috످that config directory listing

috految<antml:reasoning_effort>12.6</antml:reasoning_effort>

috److I don't see a directory listing in this conversation, and I can't access your files from here. If you already have the listing, paste it here (with anything sensitive removed) and tell me what you need help with.

If you need to generate one, on Linux/macOS, run `ls -la ~/.config`. On Windows (PowerShell), run `Get-ChildItem $env:APPDATA -Force`.

For a specific app or project, swap in the path to its config folder.

috످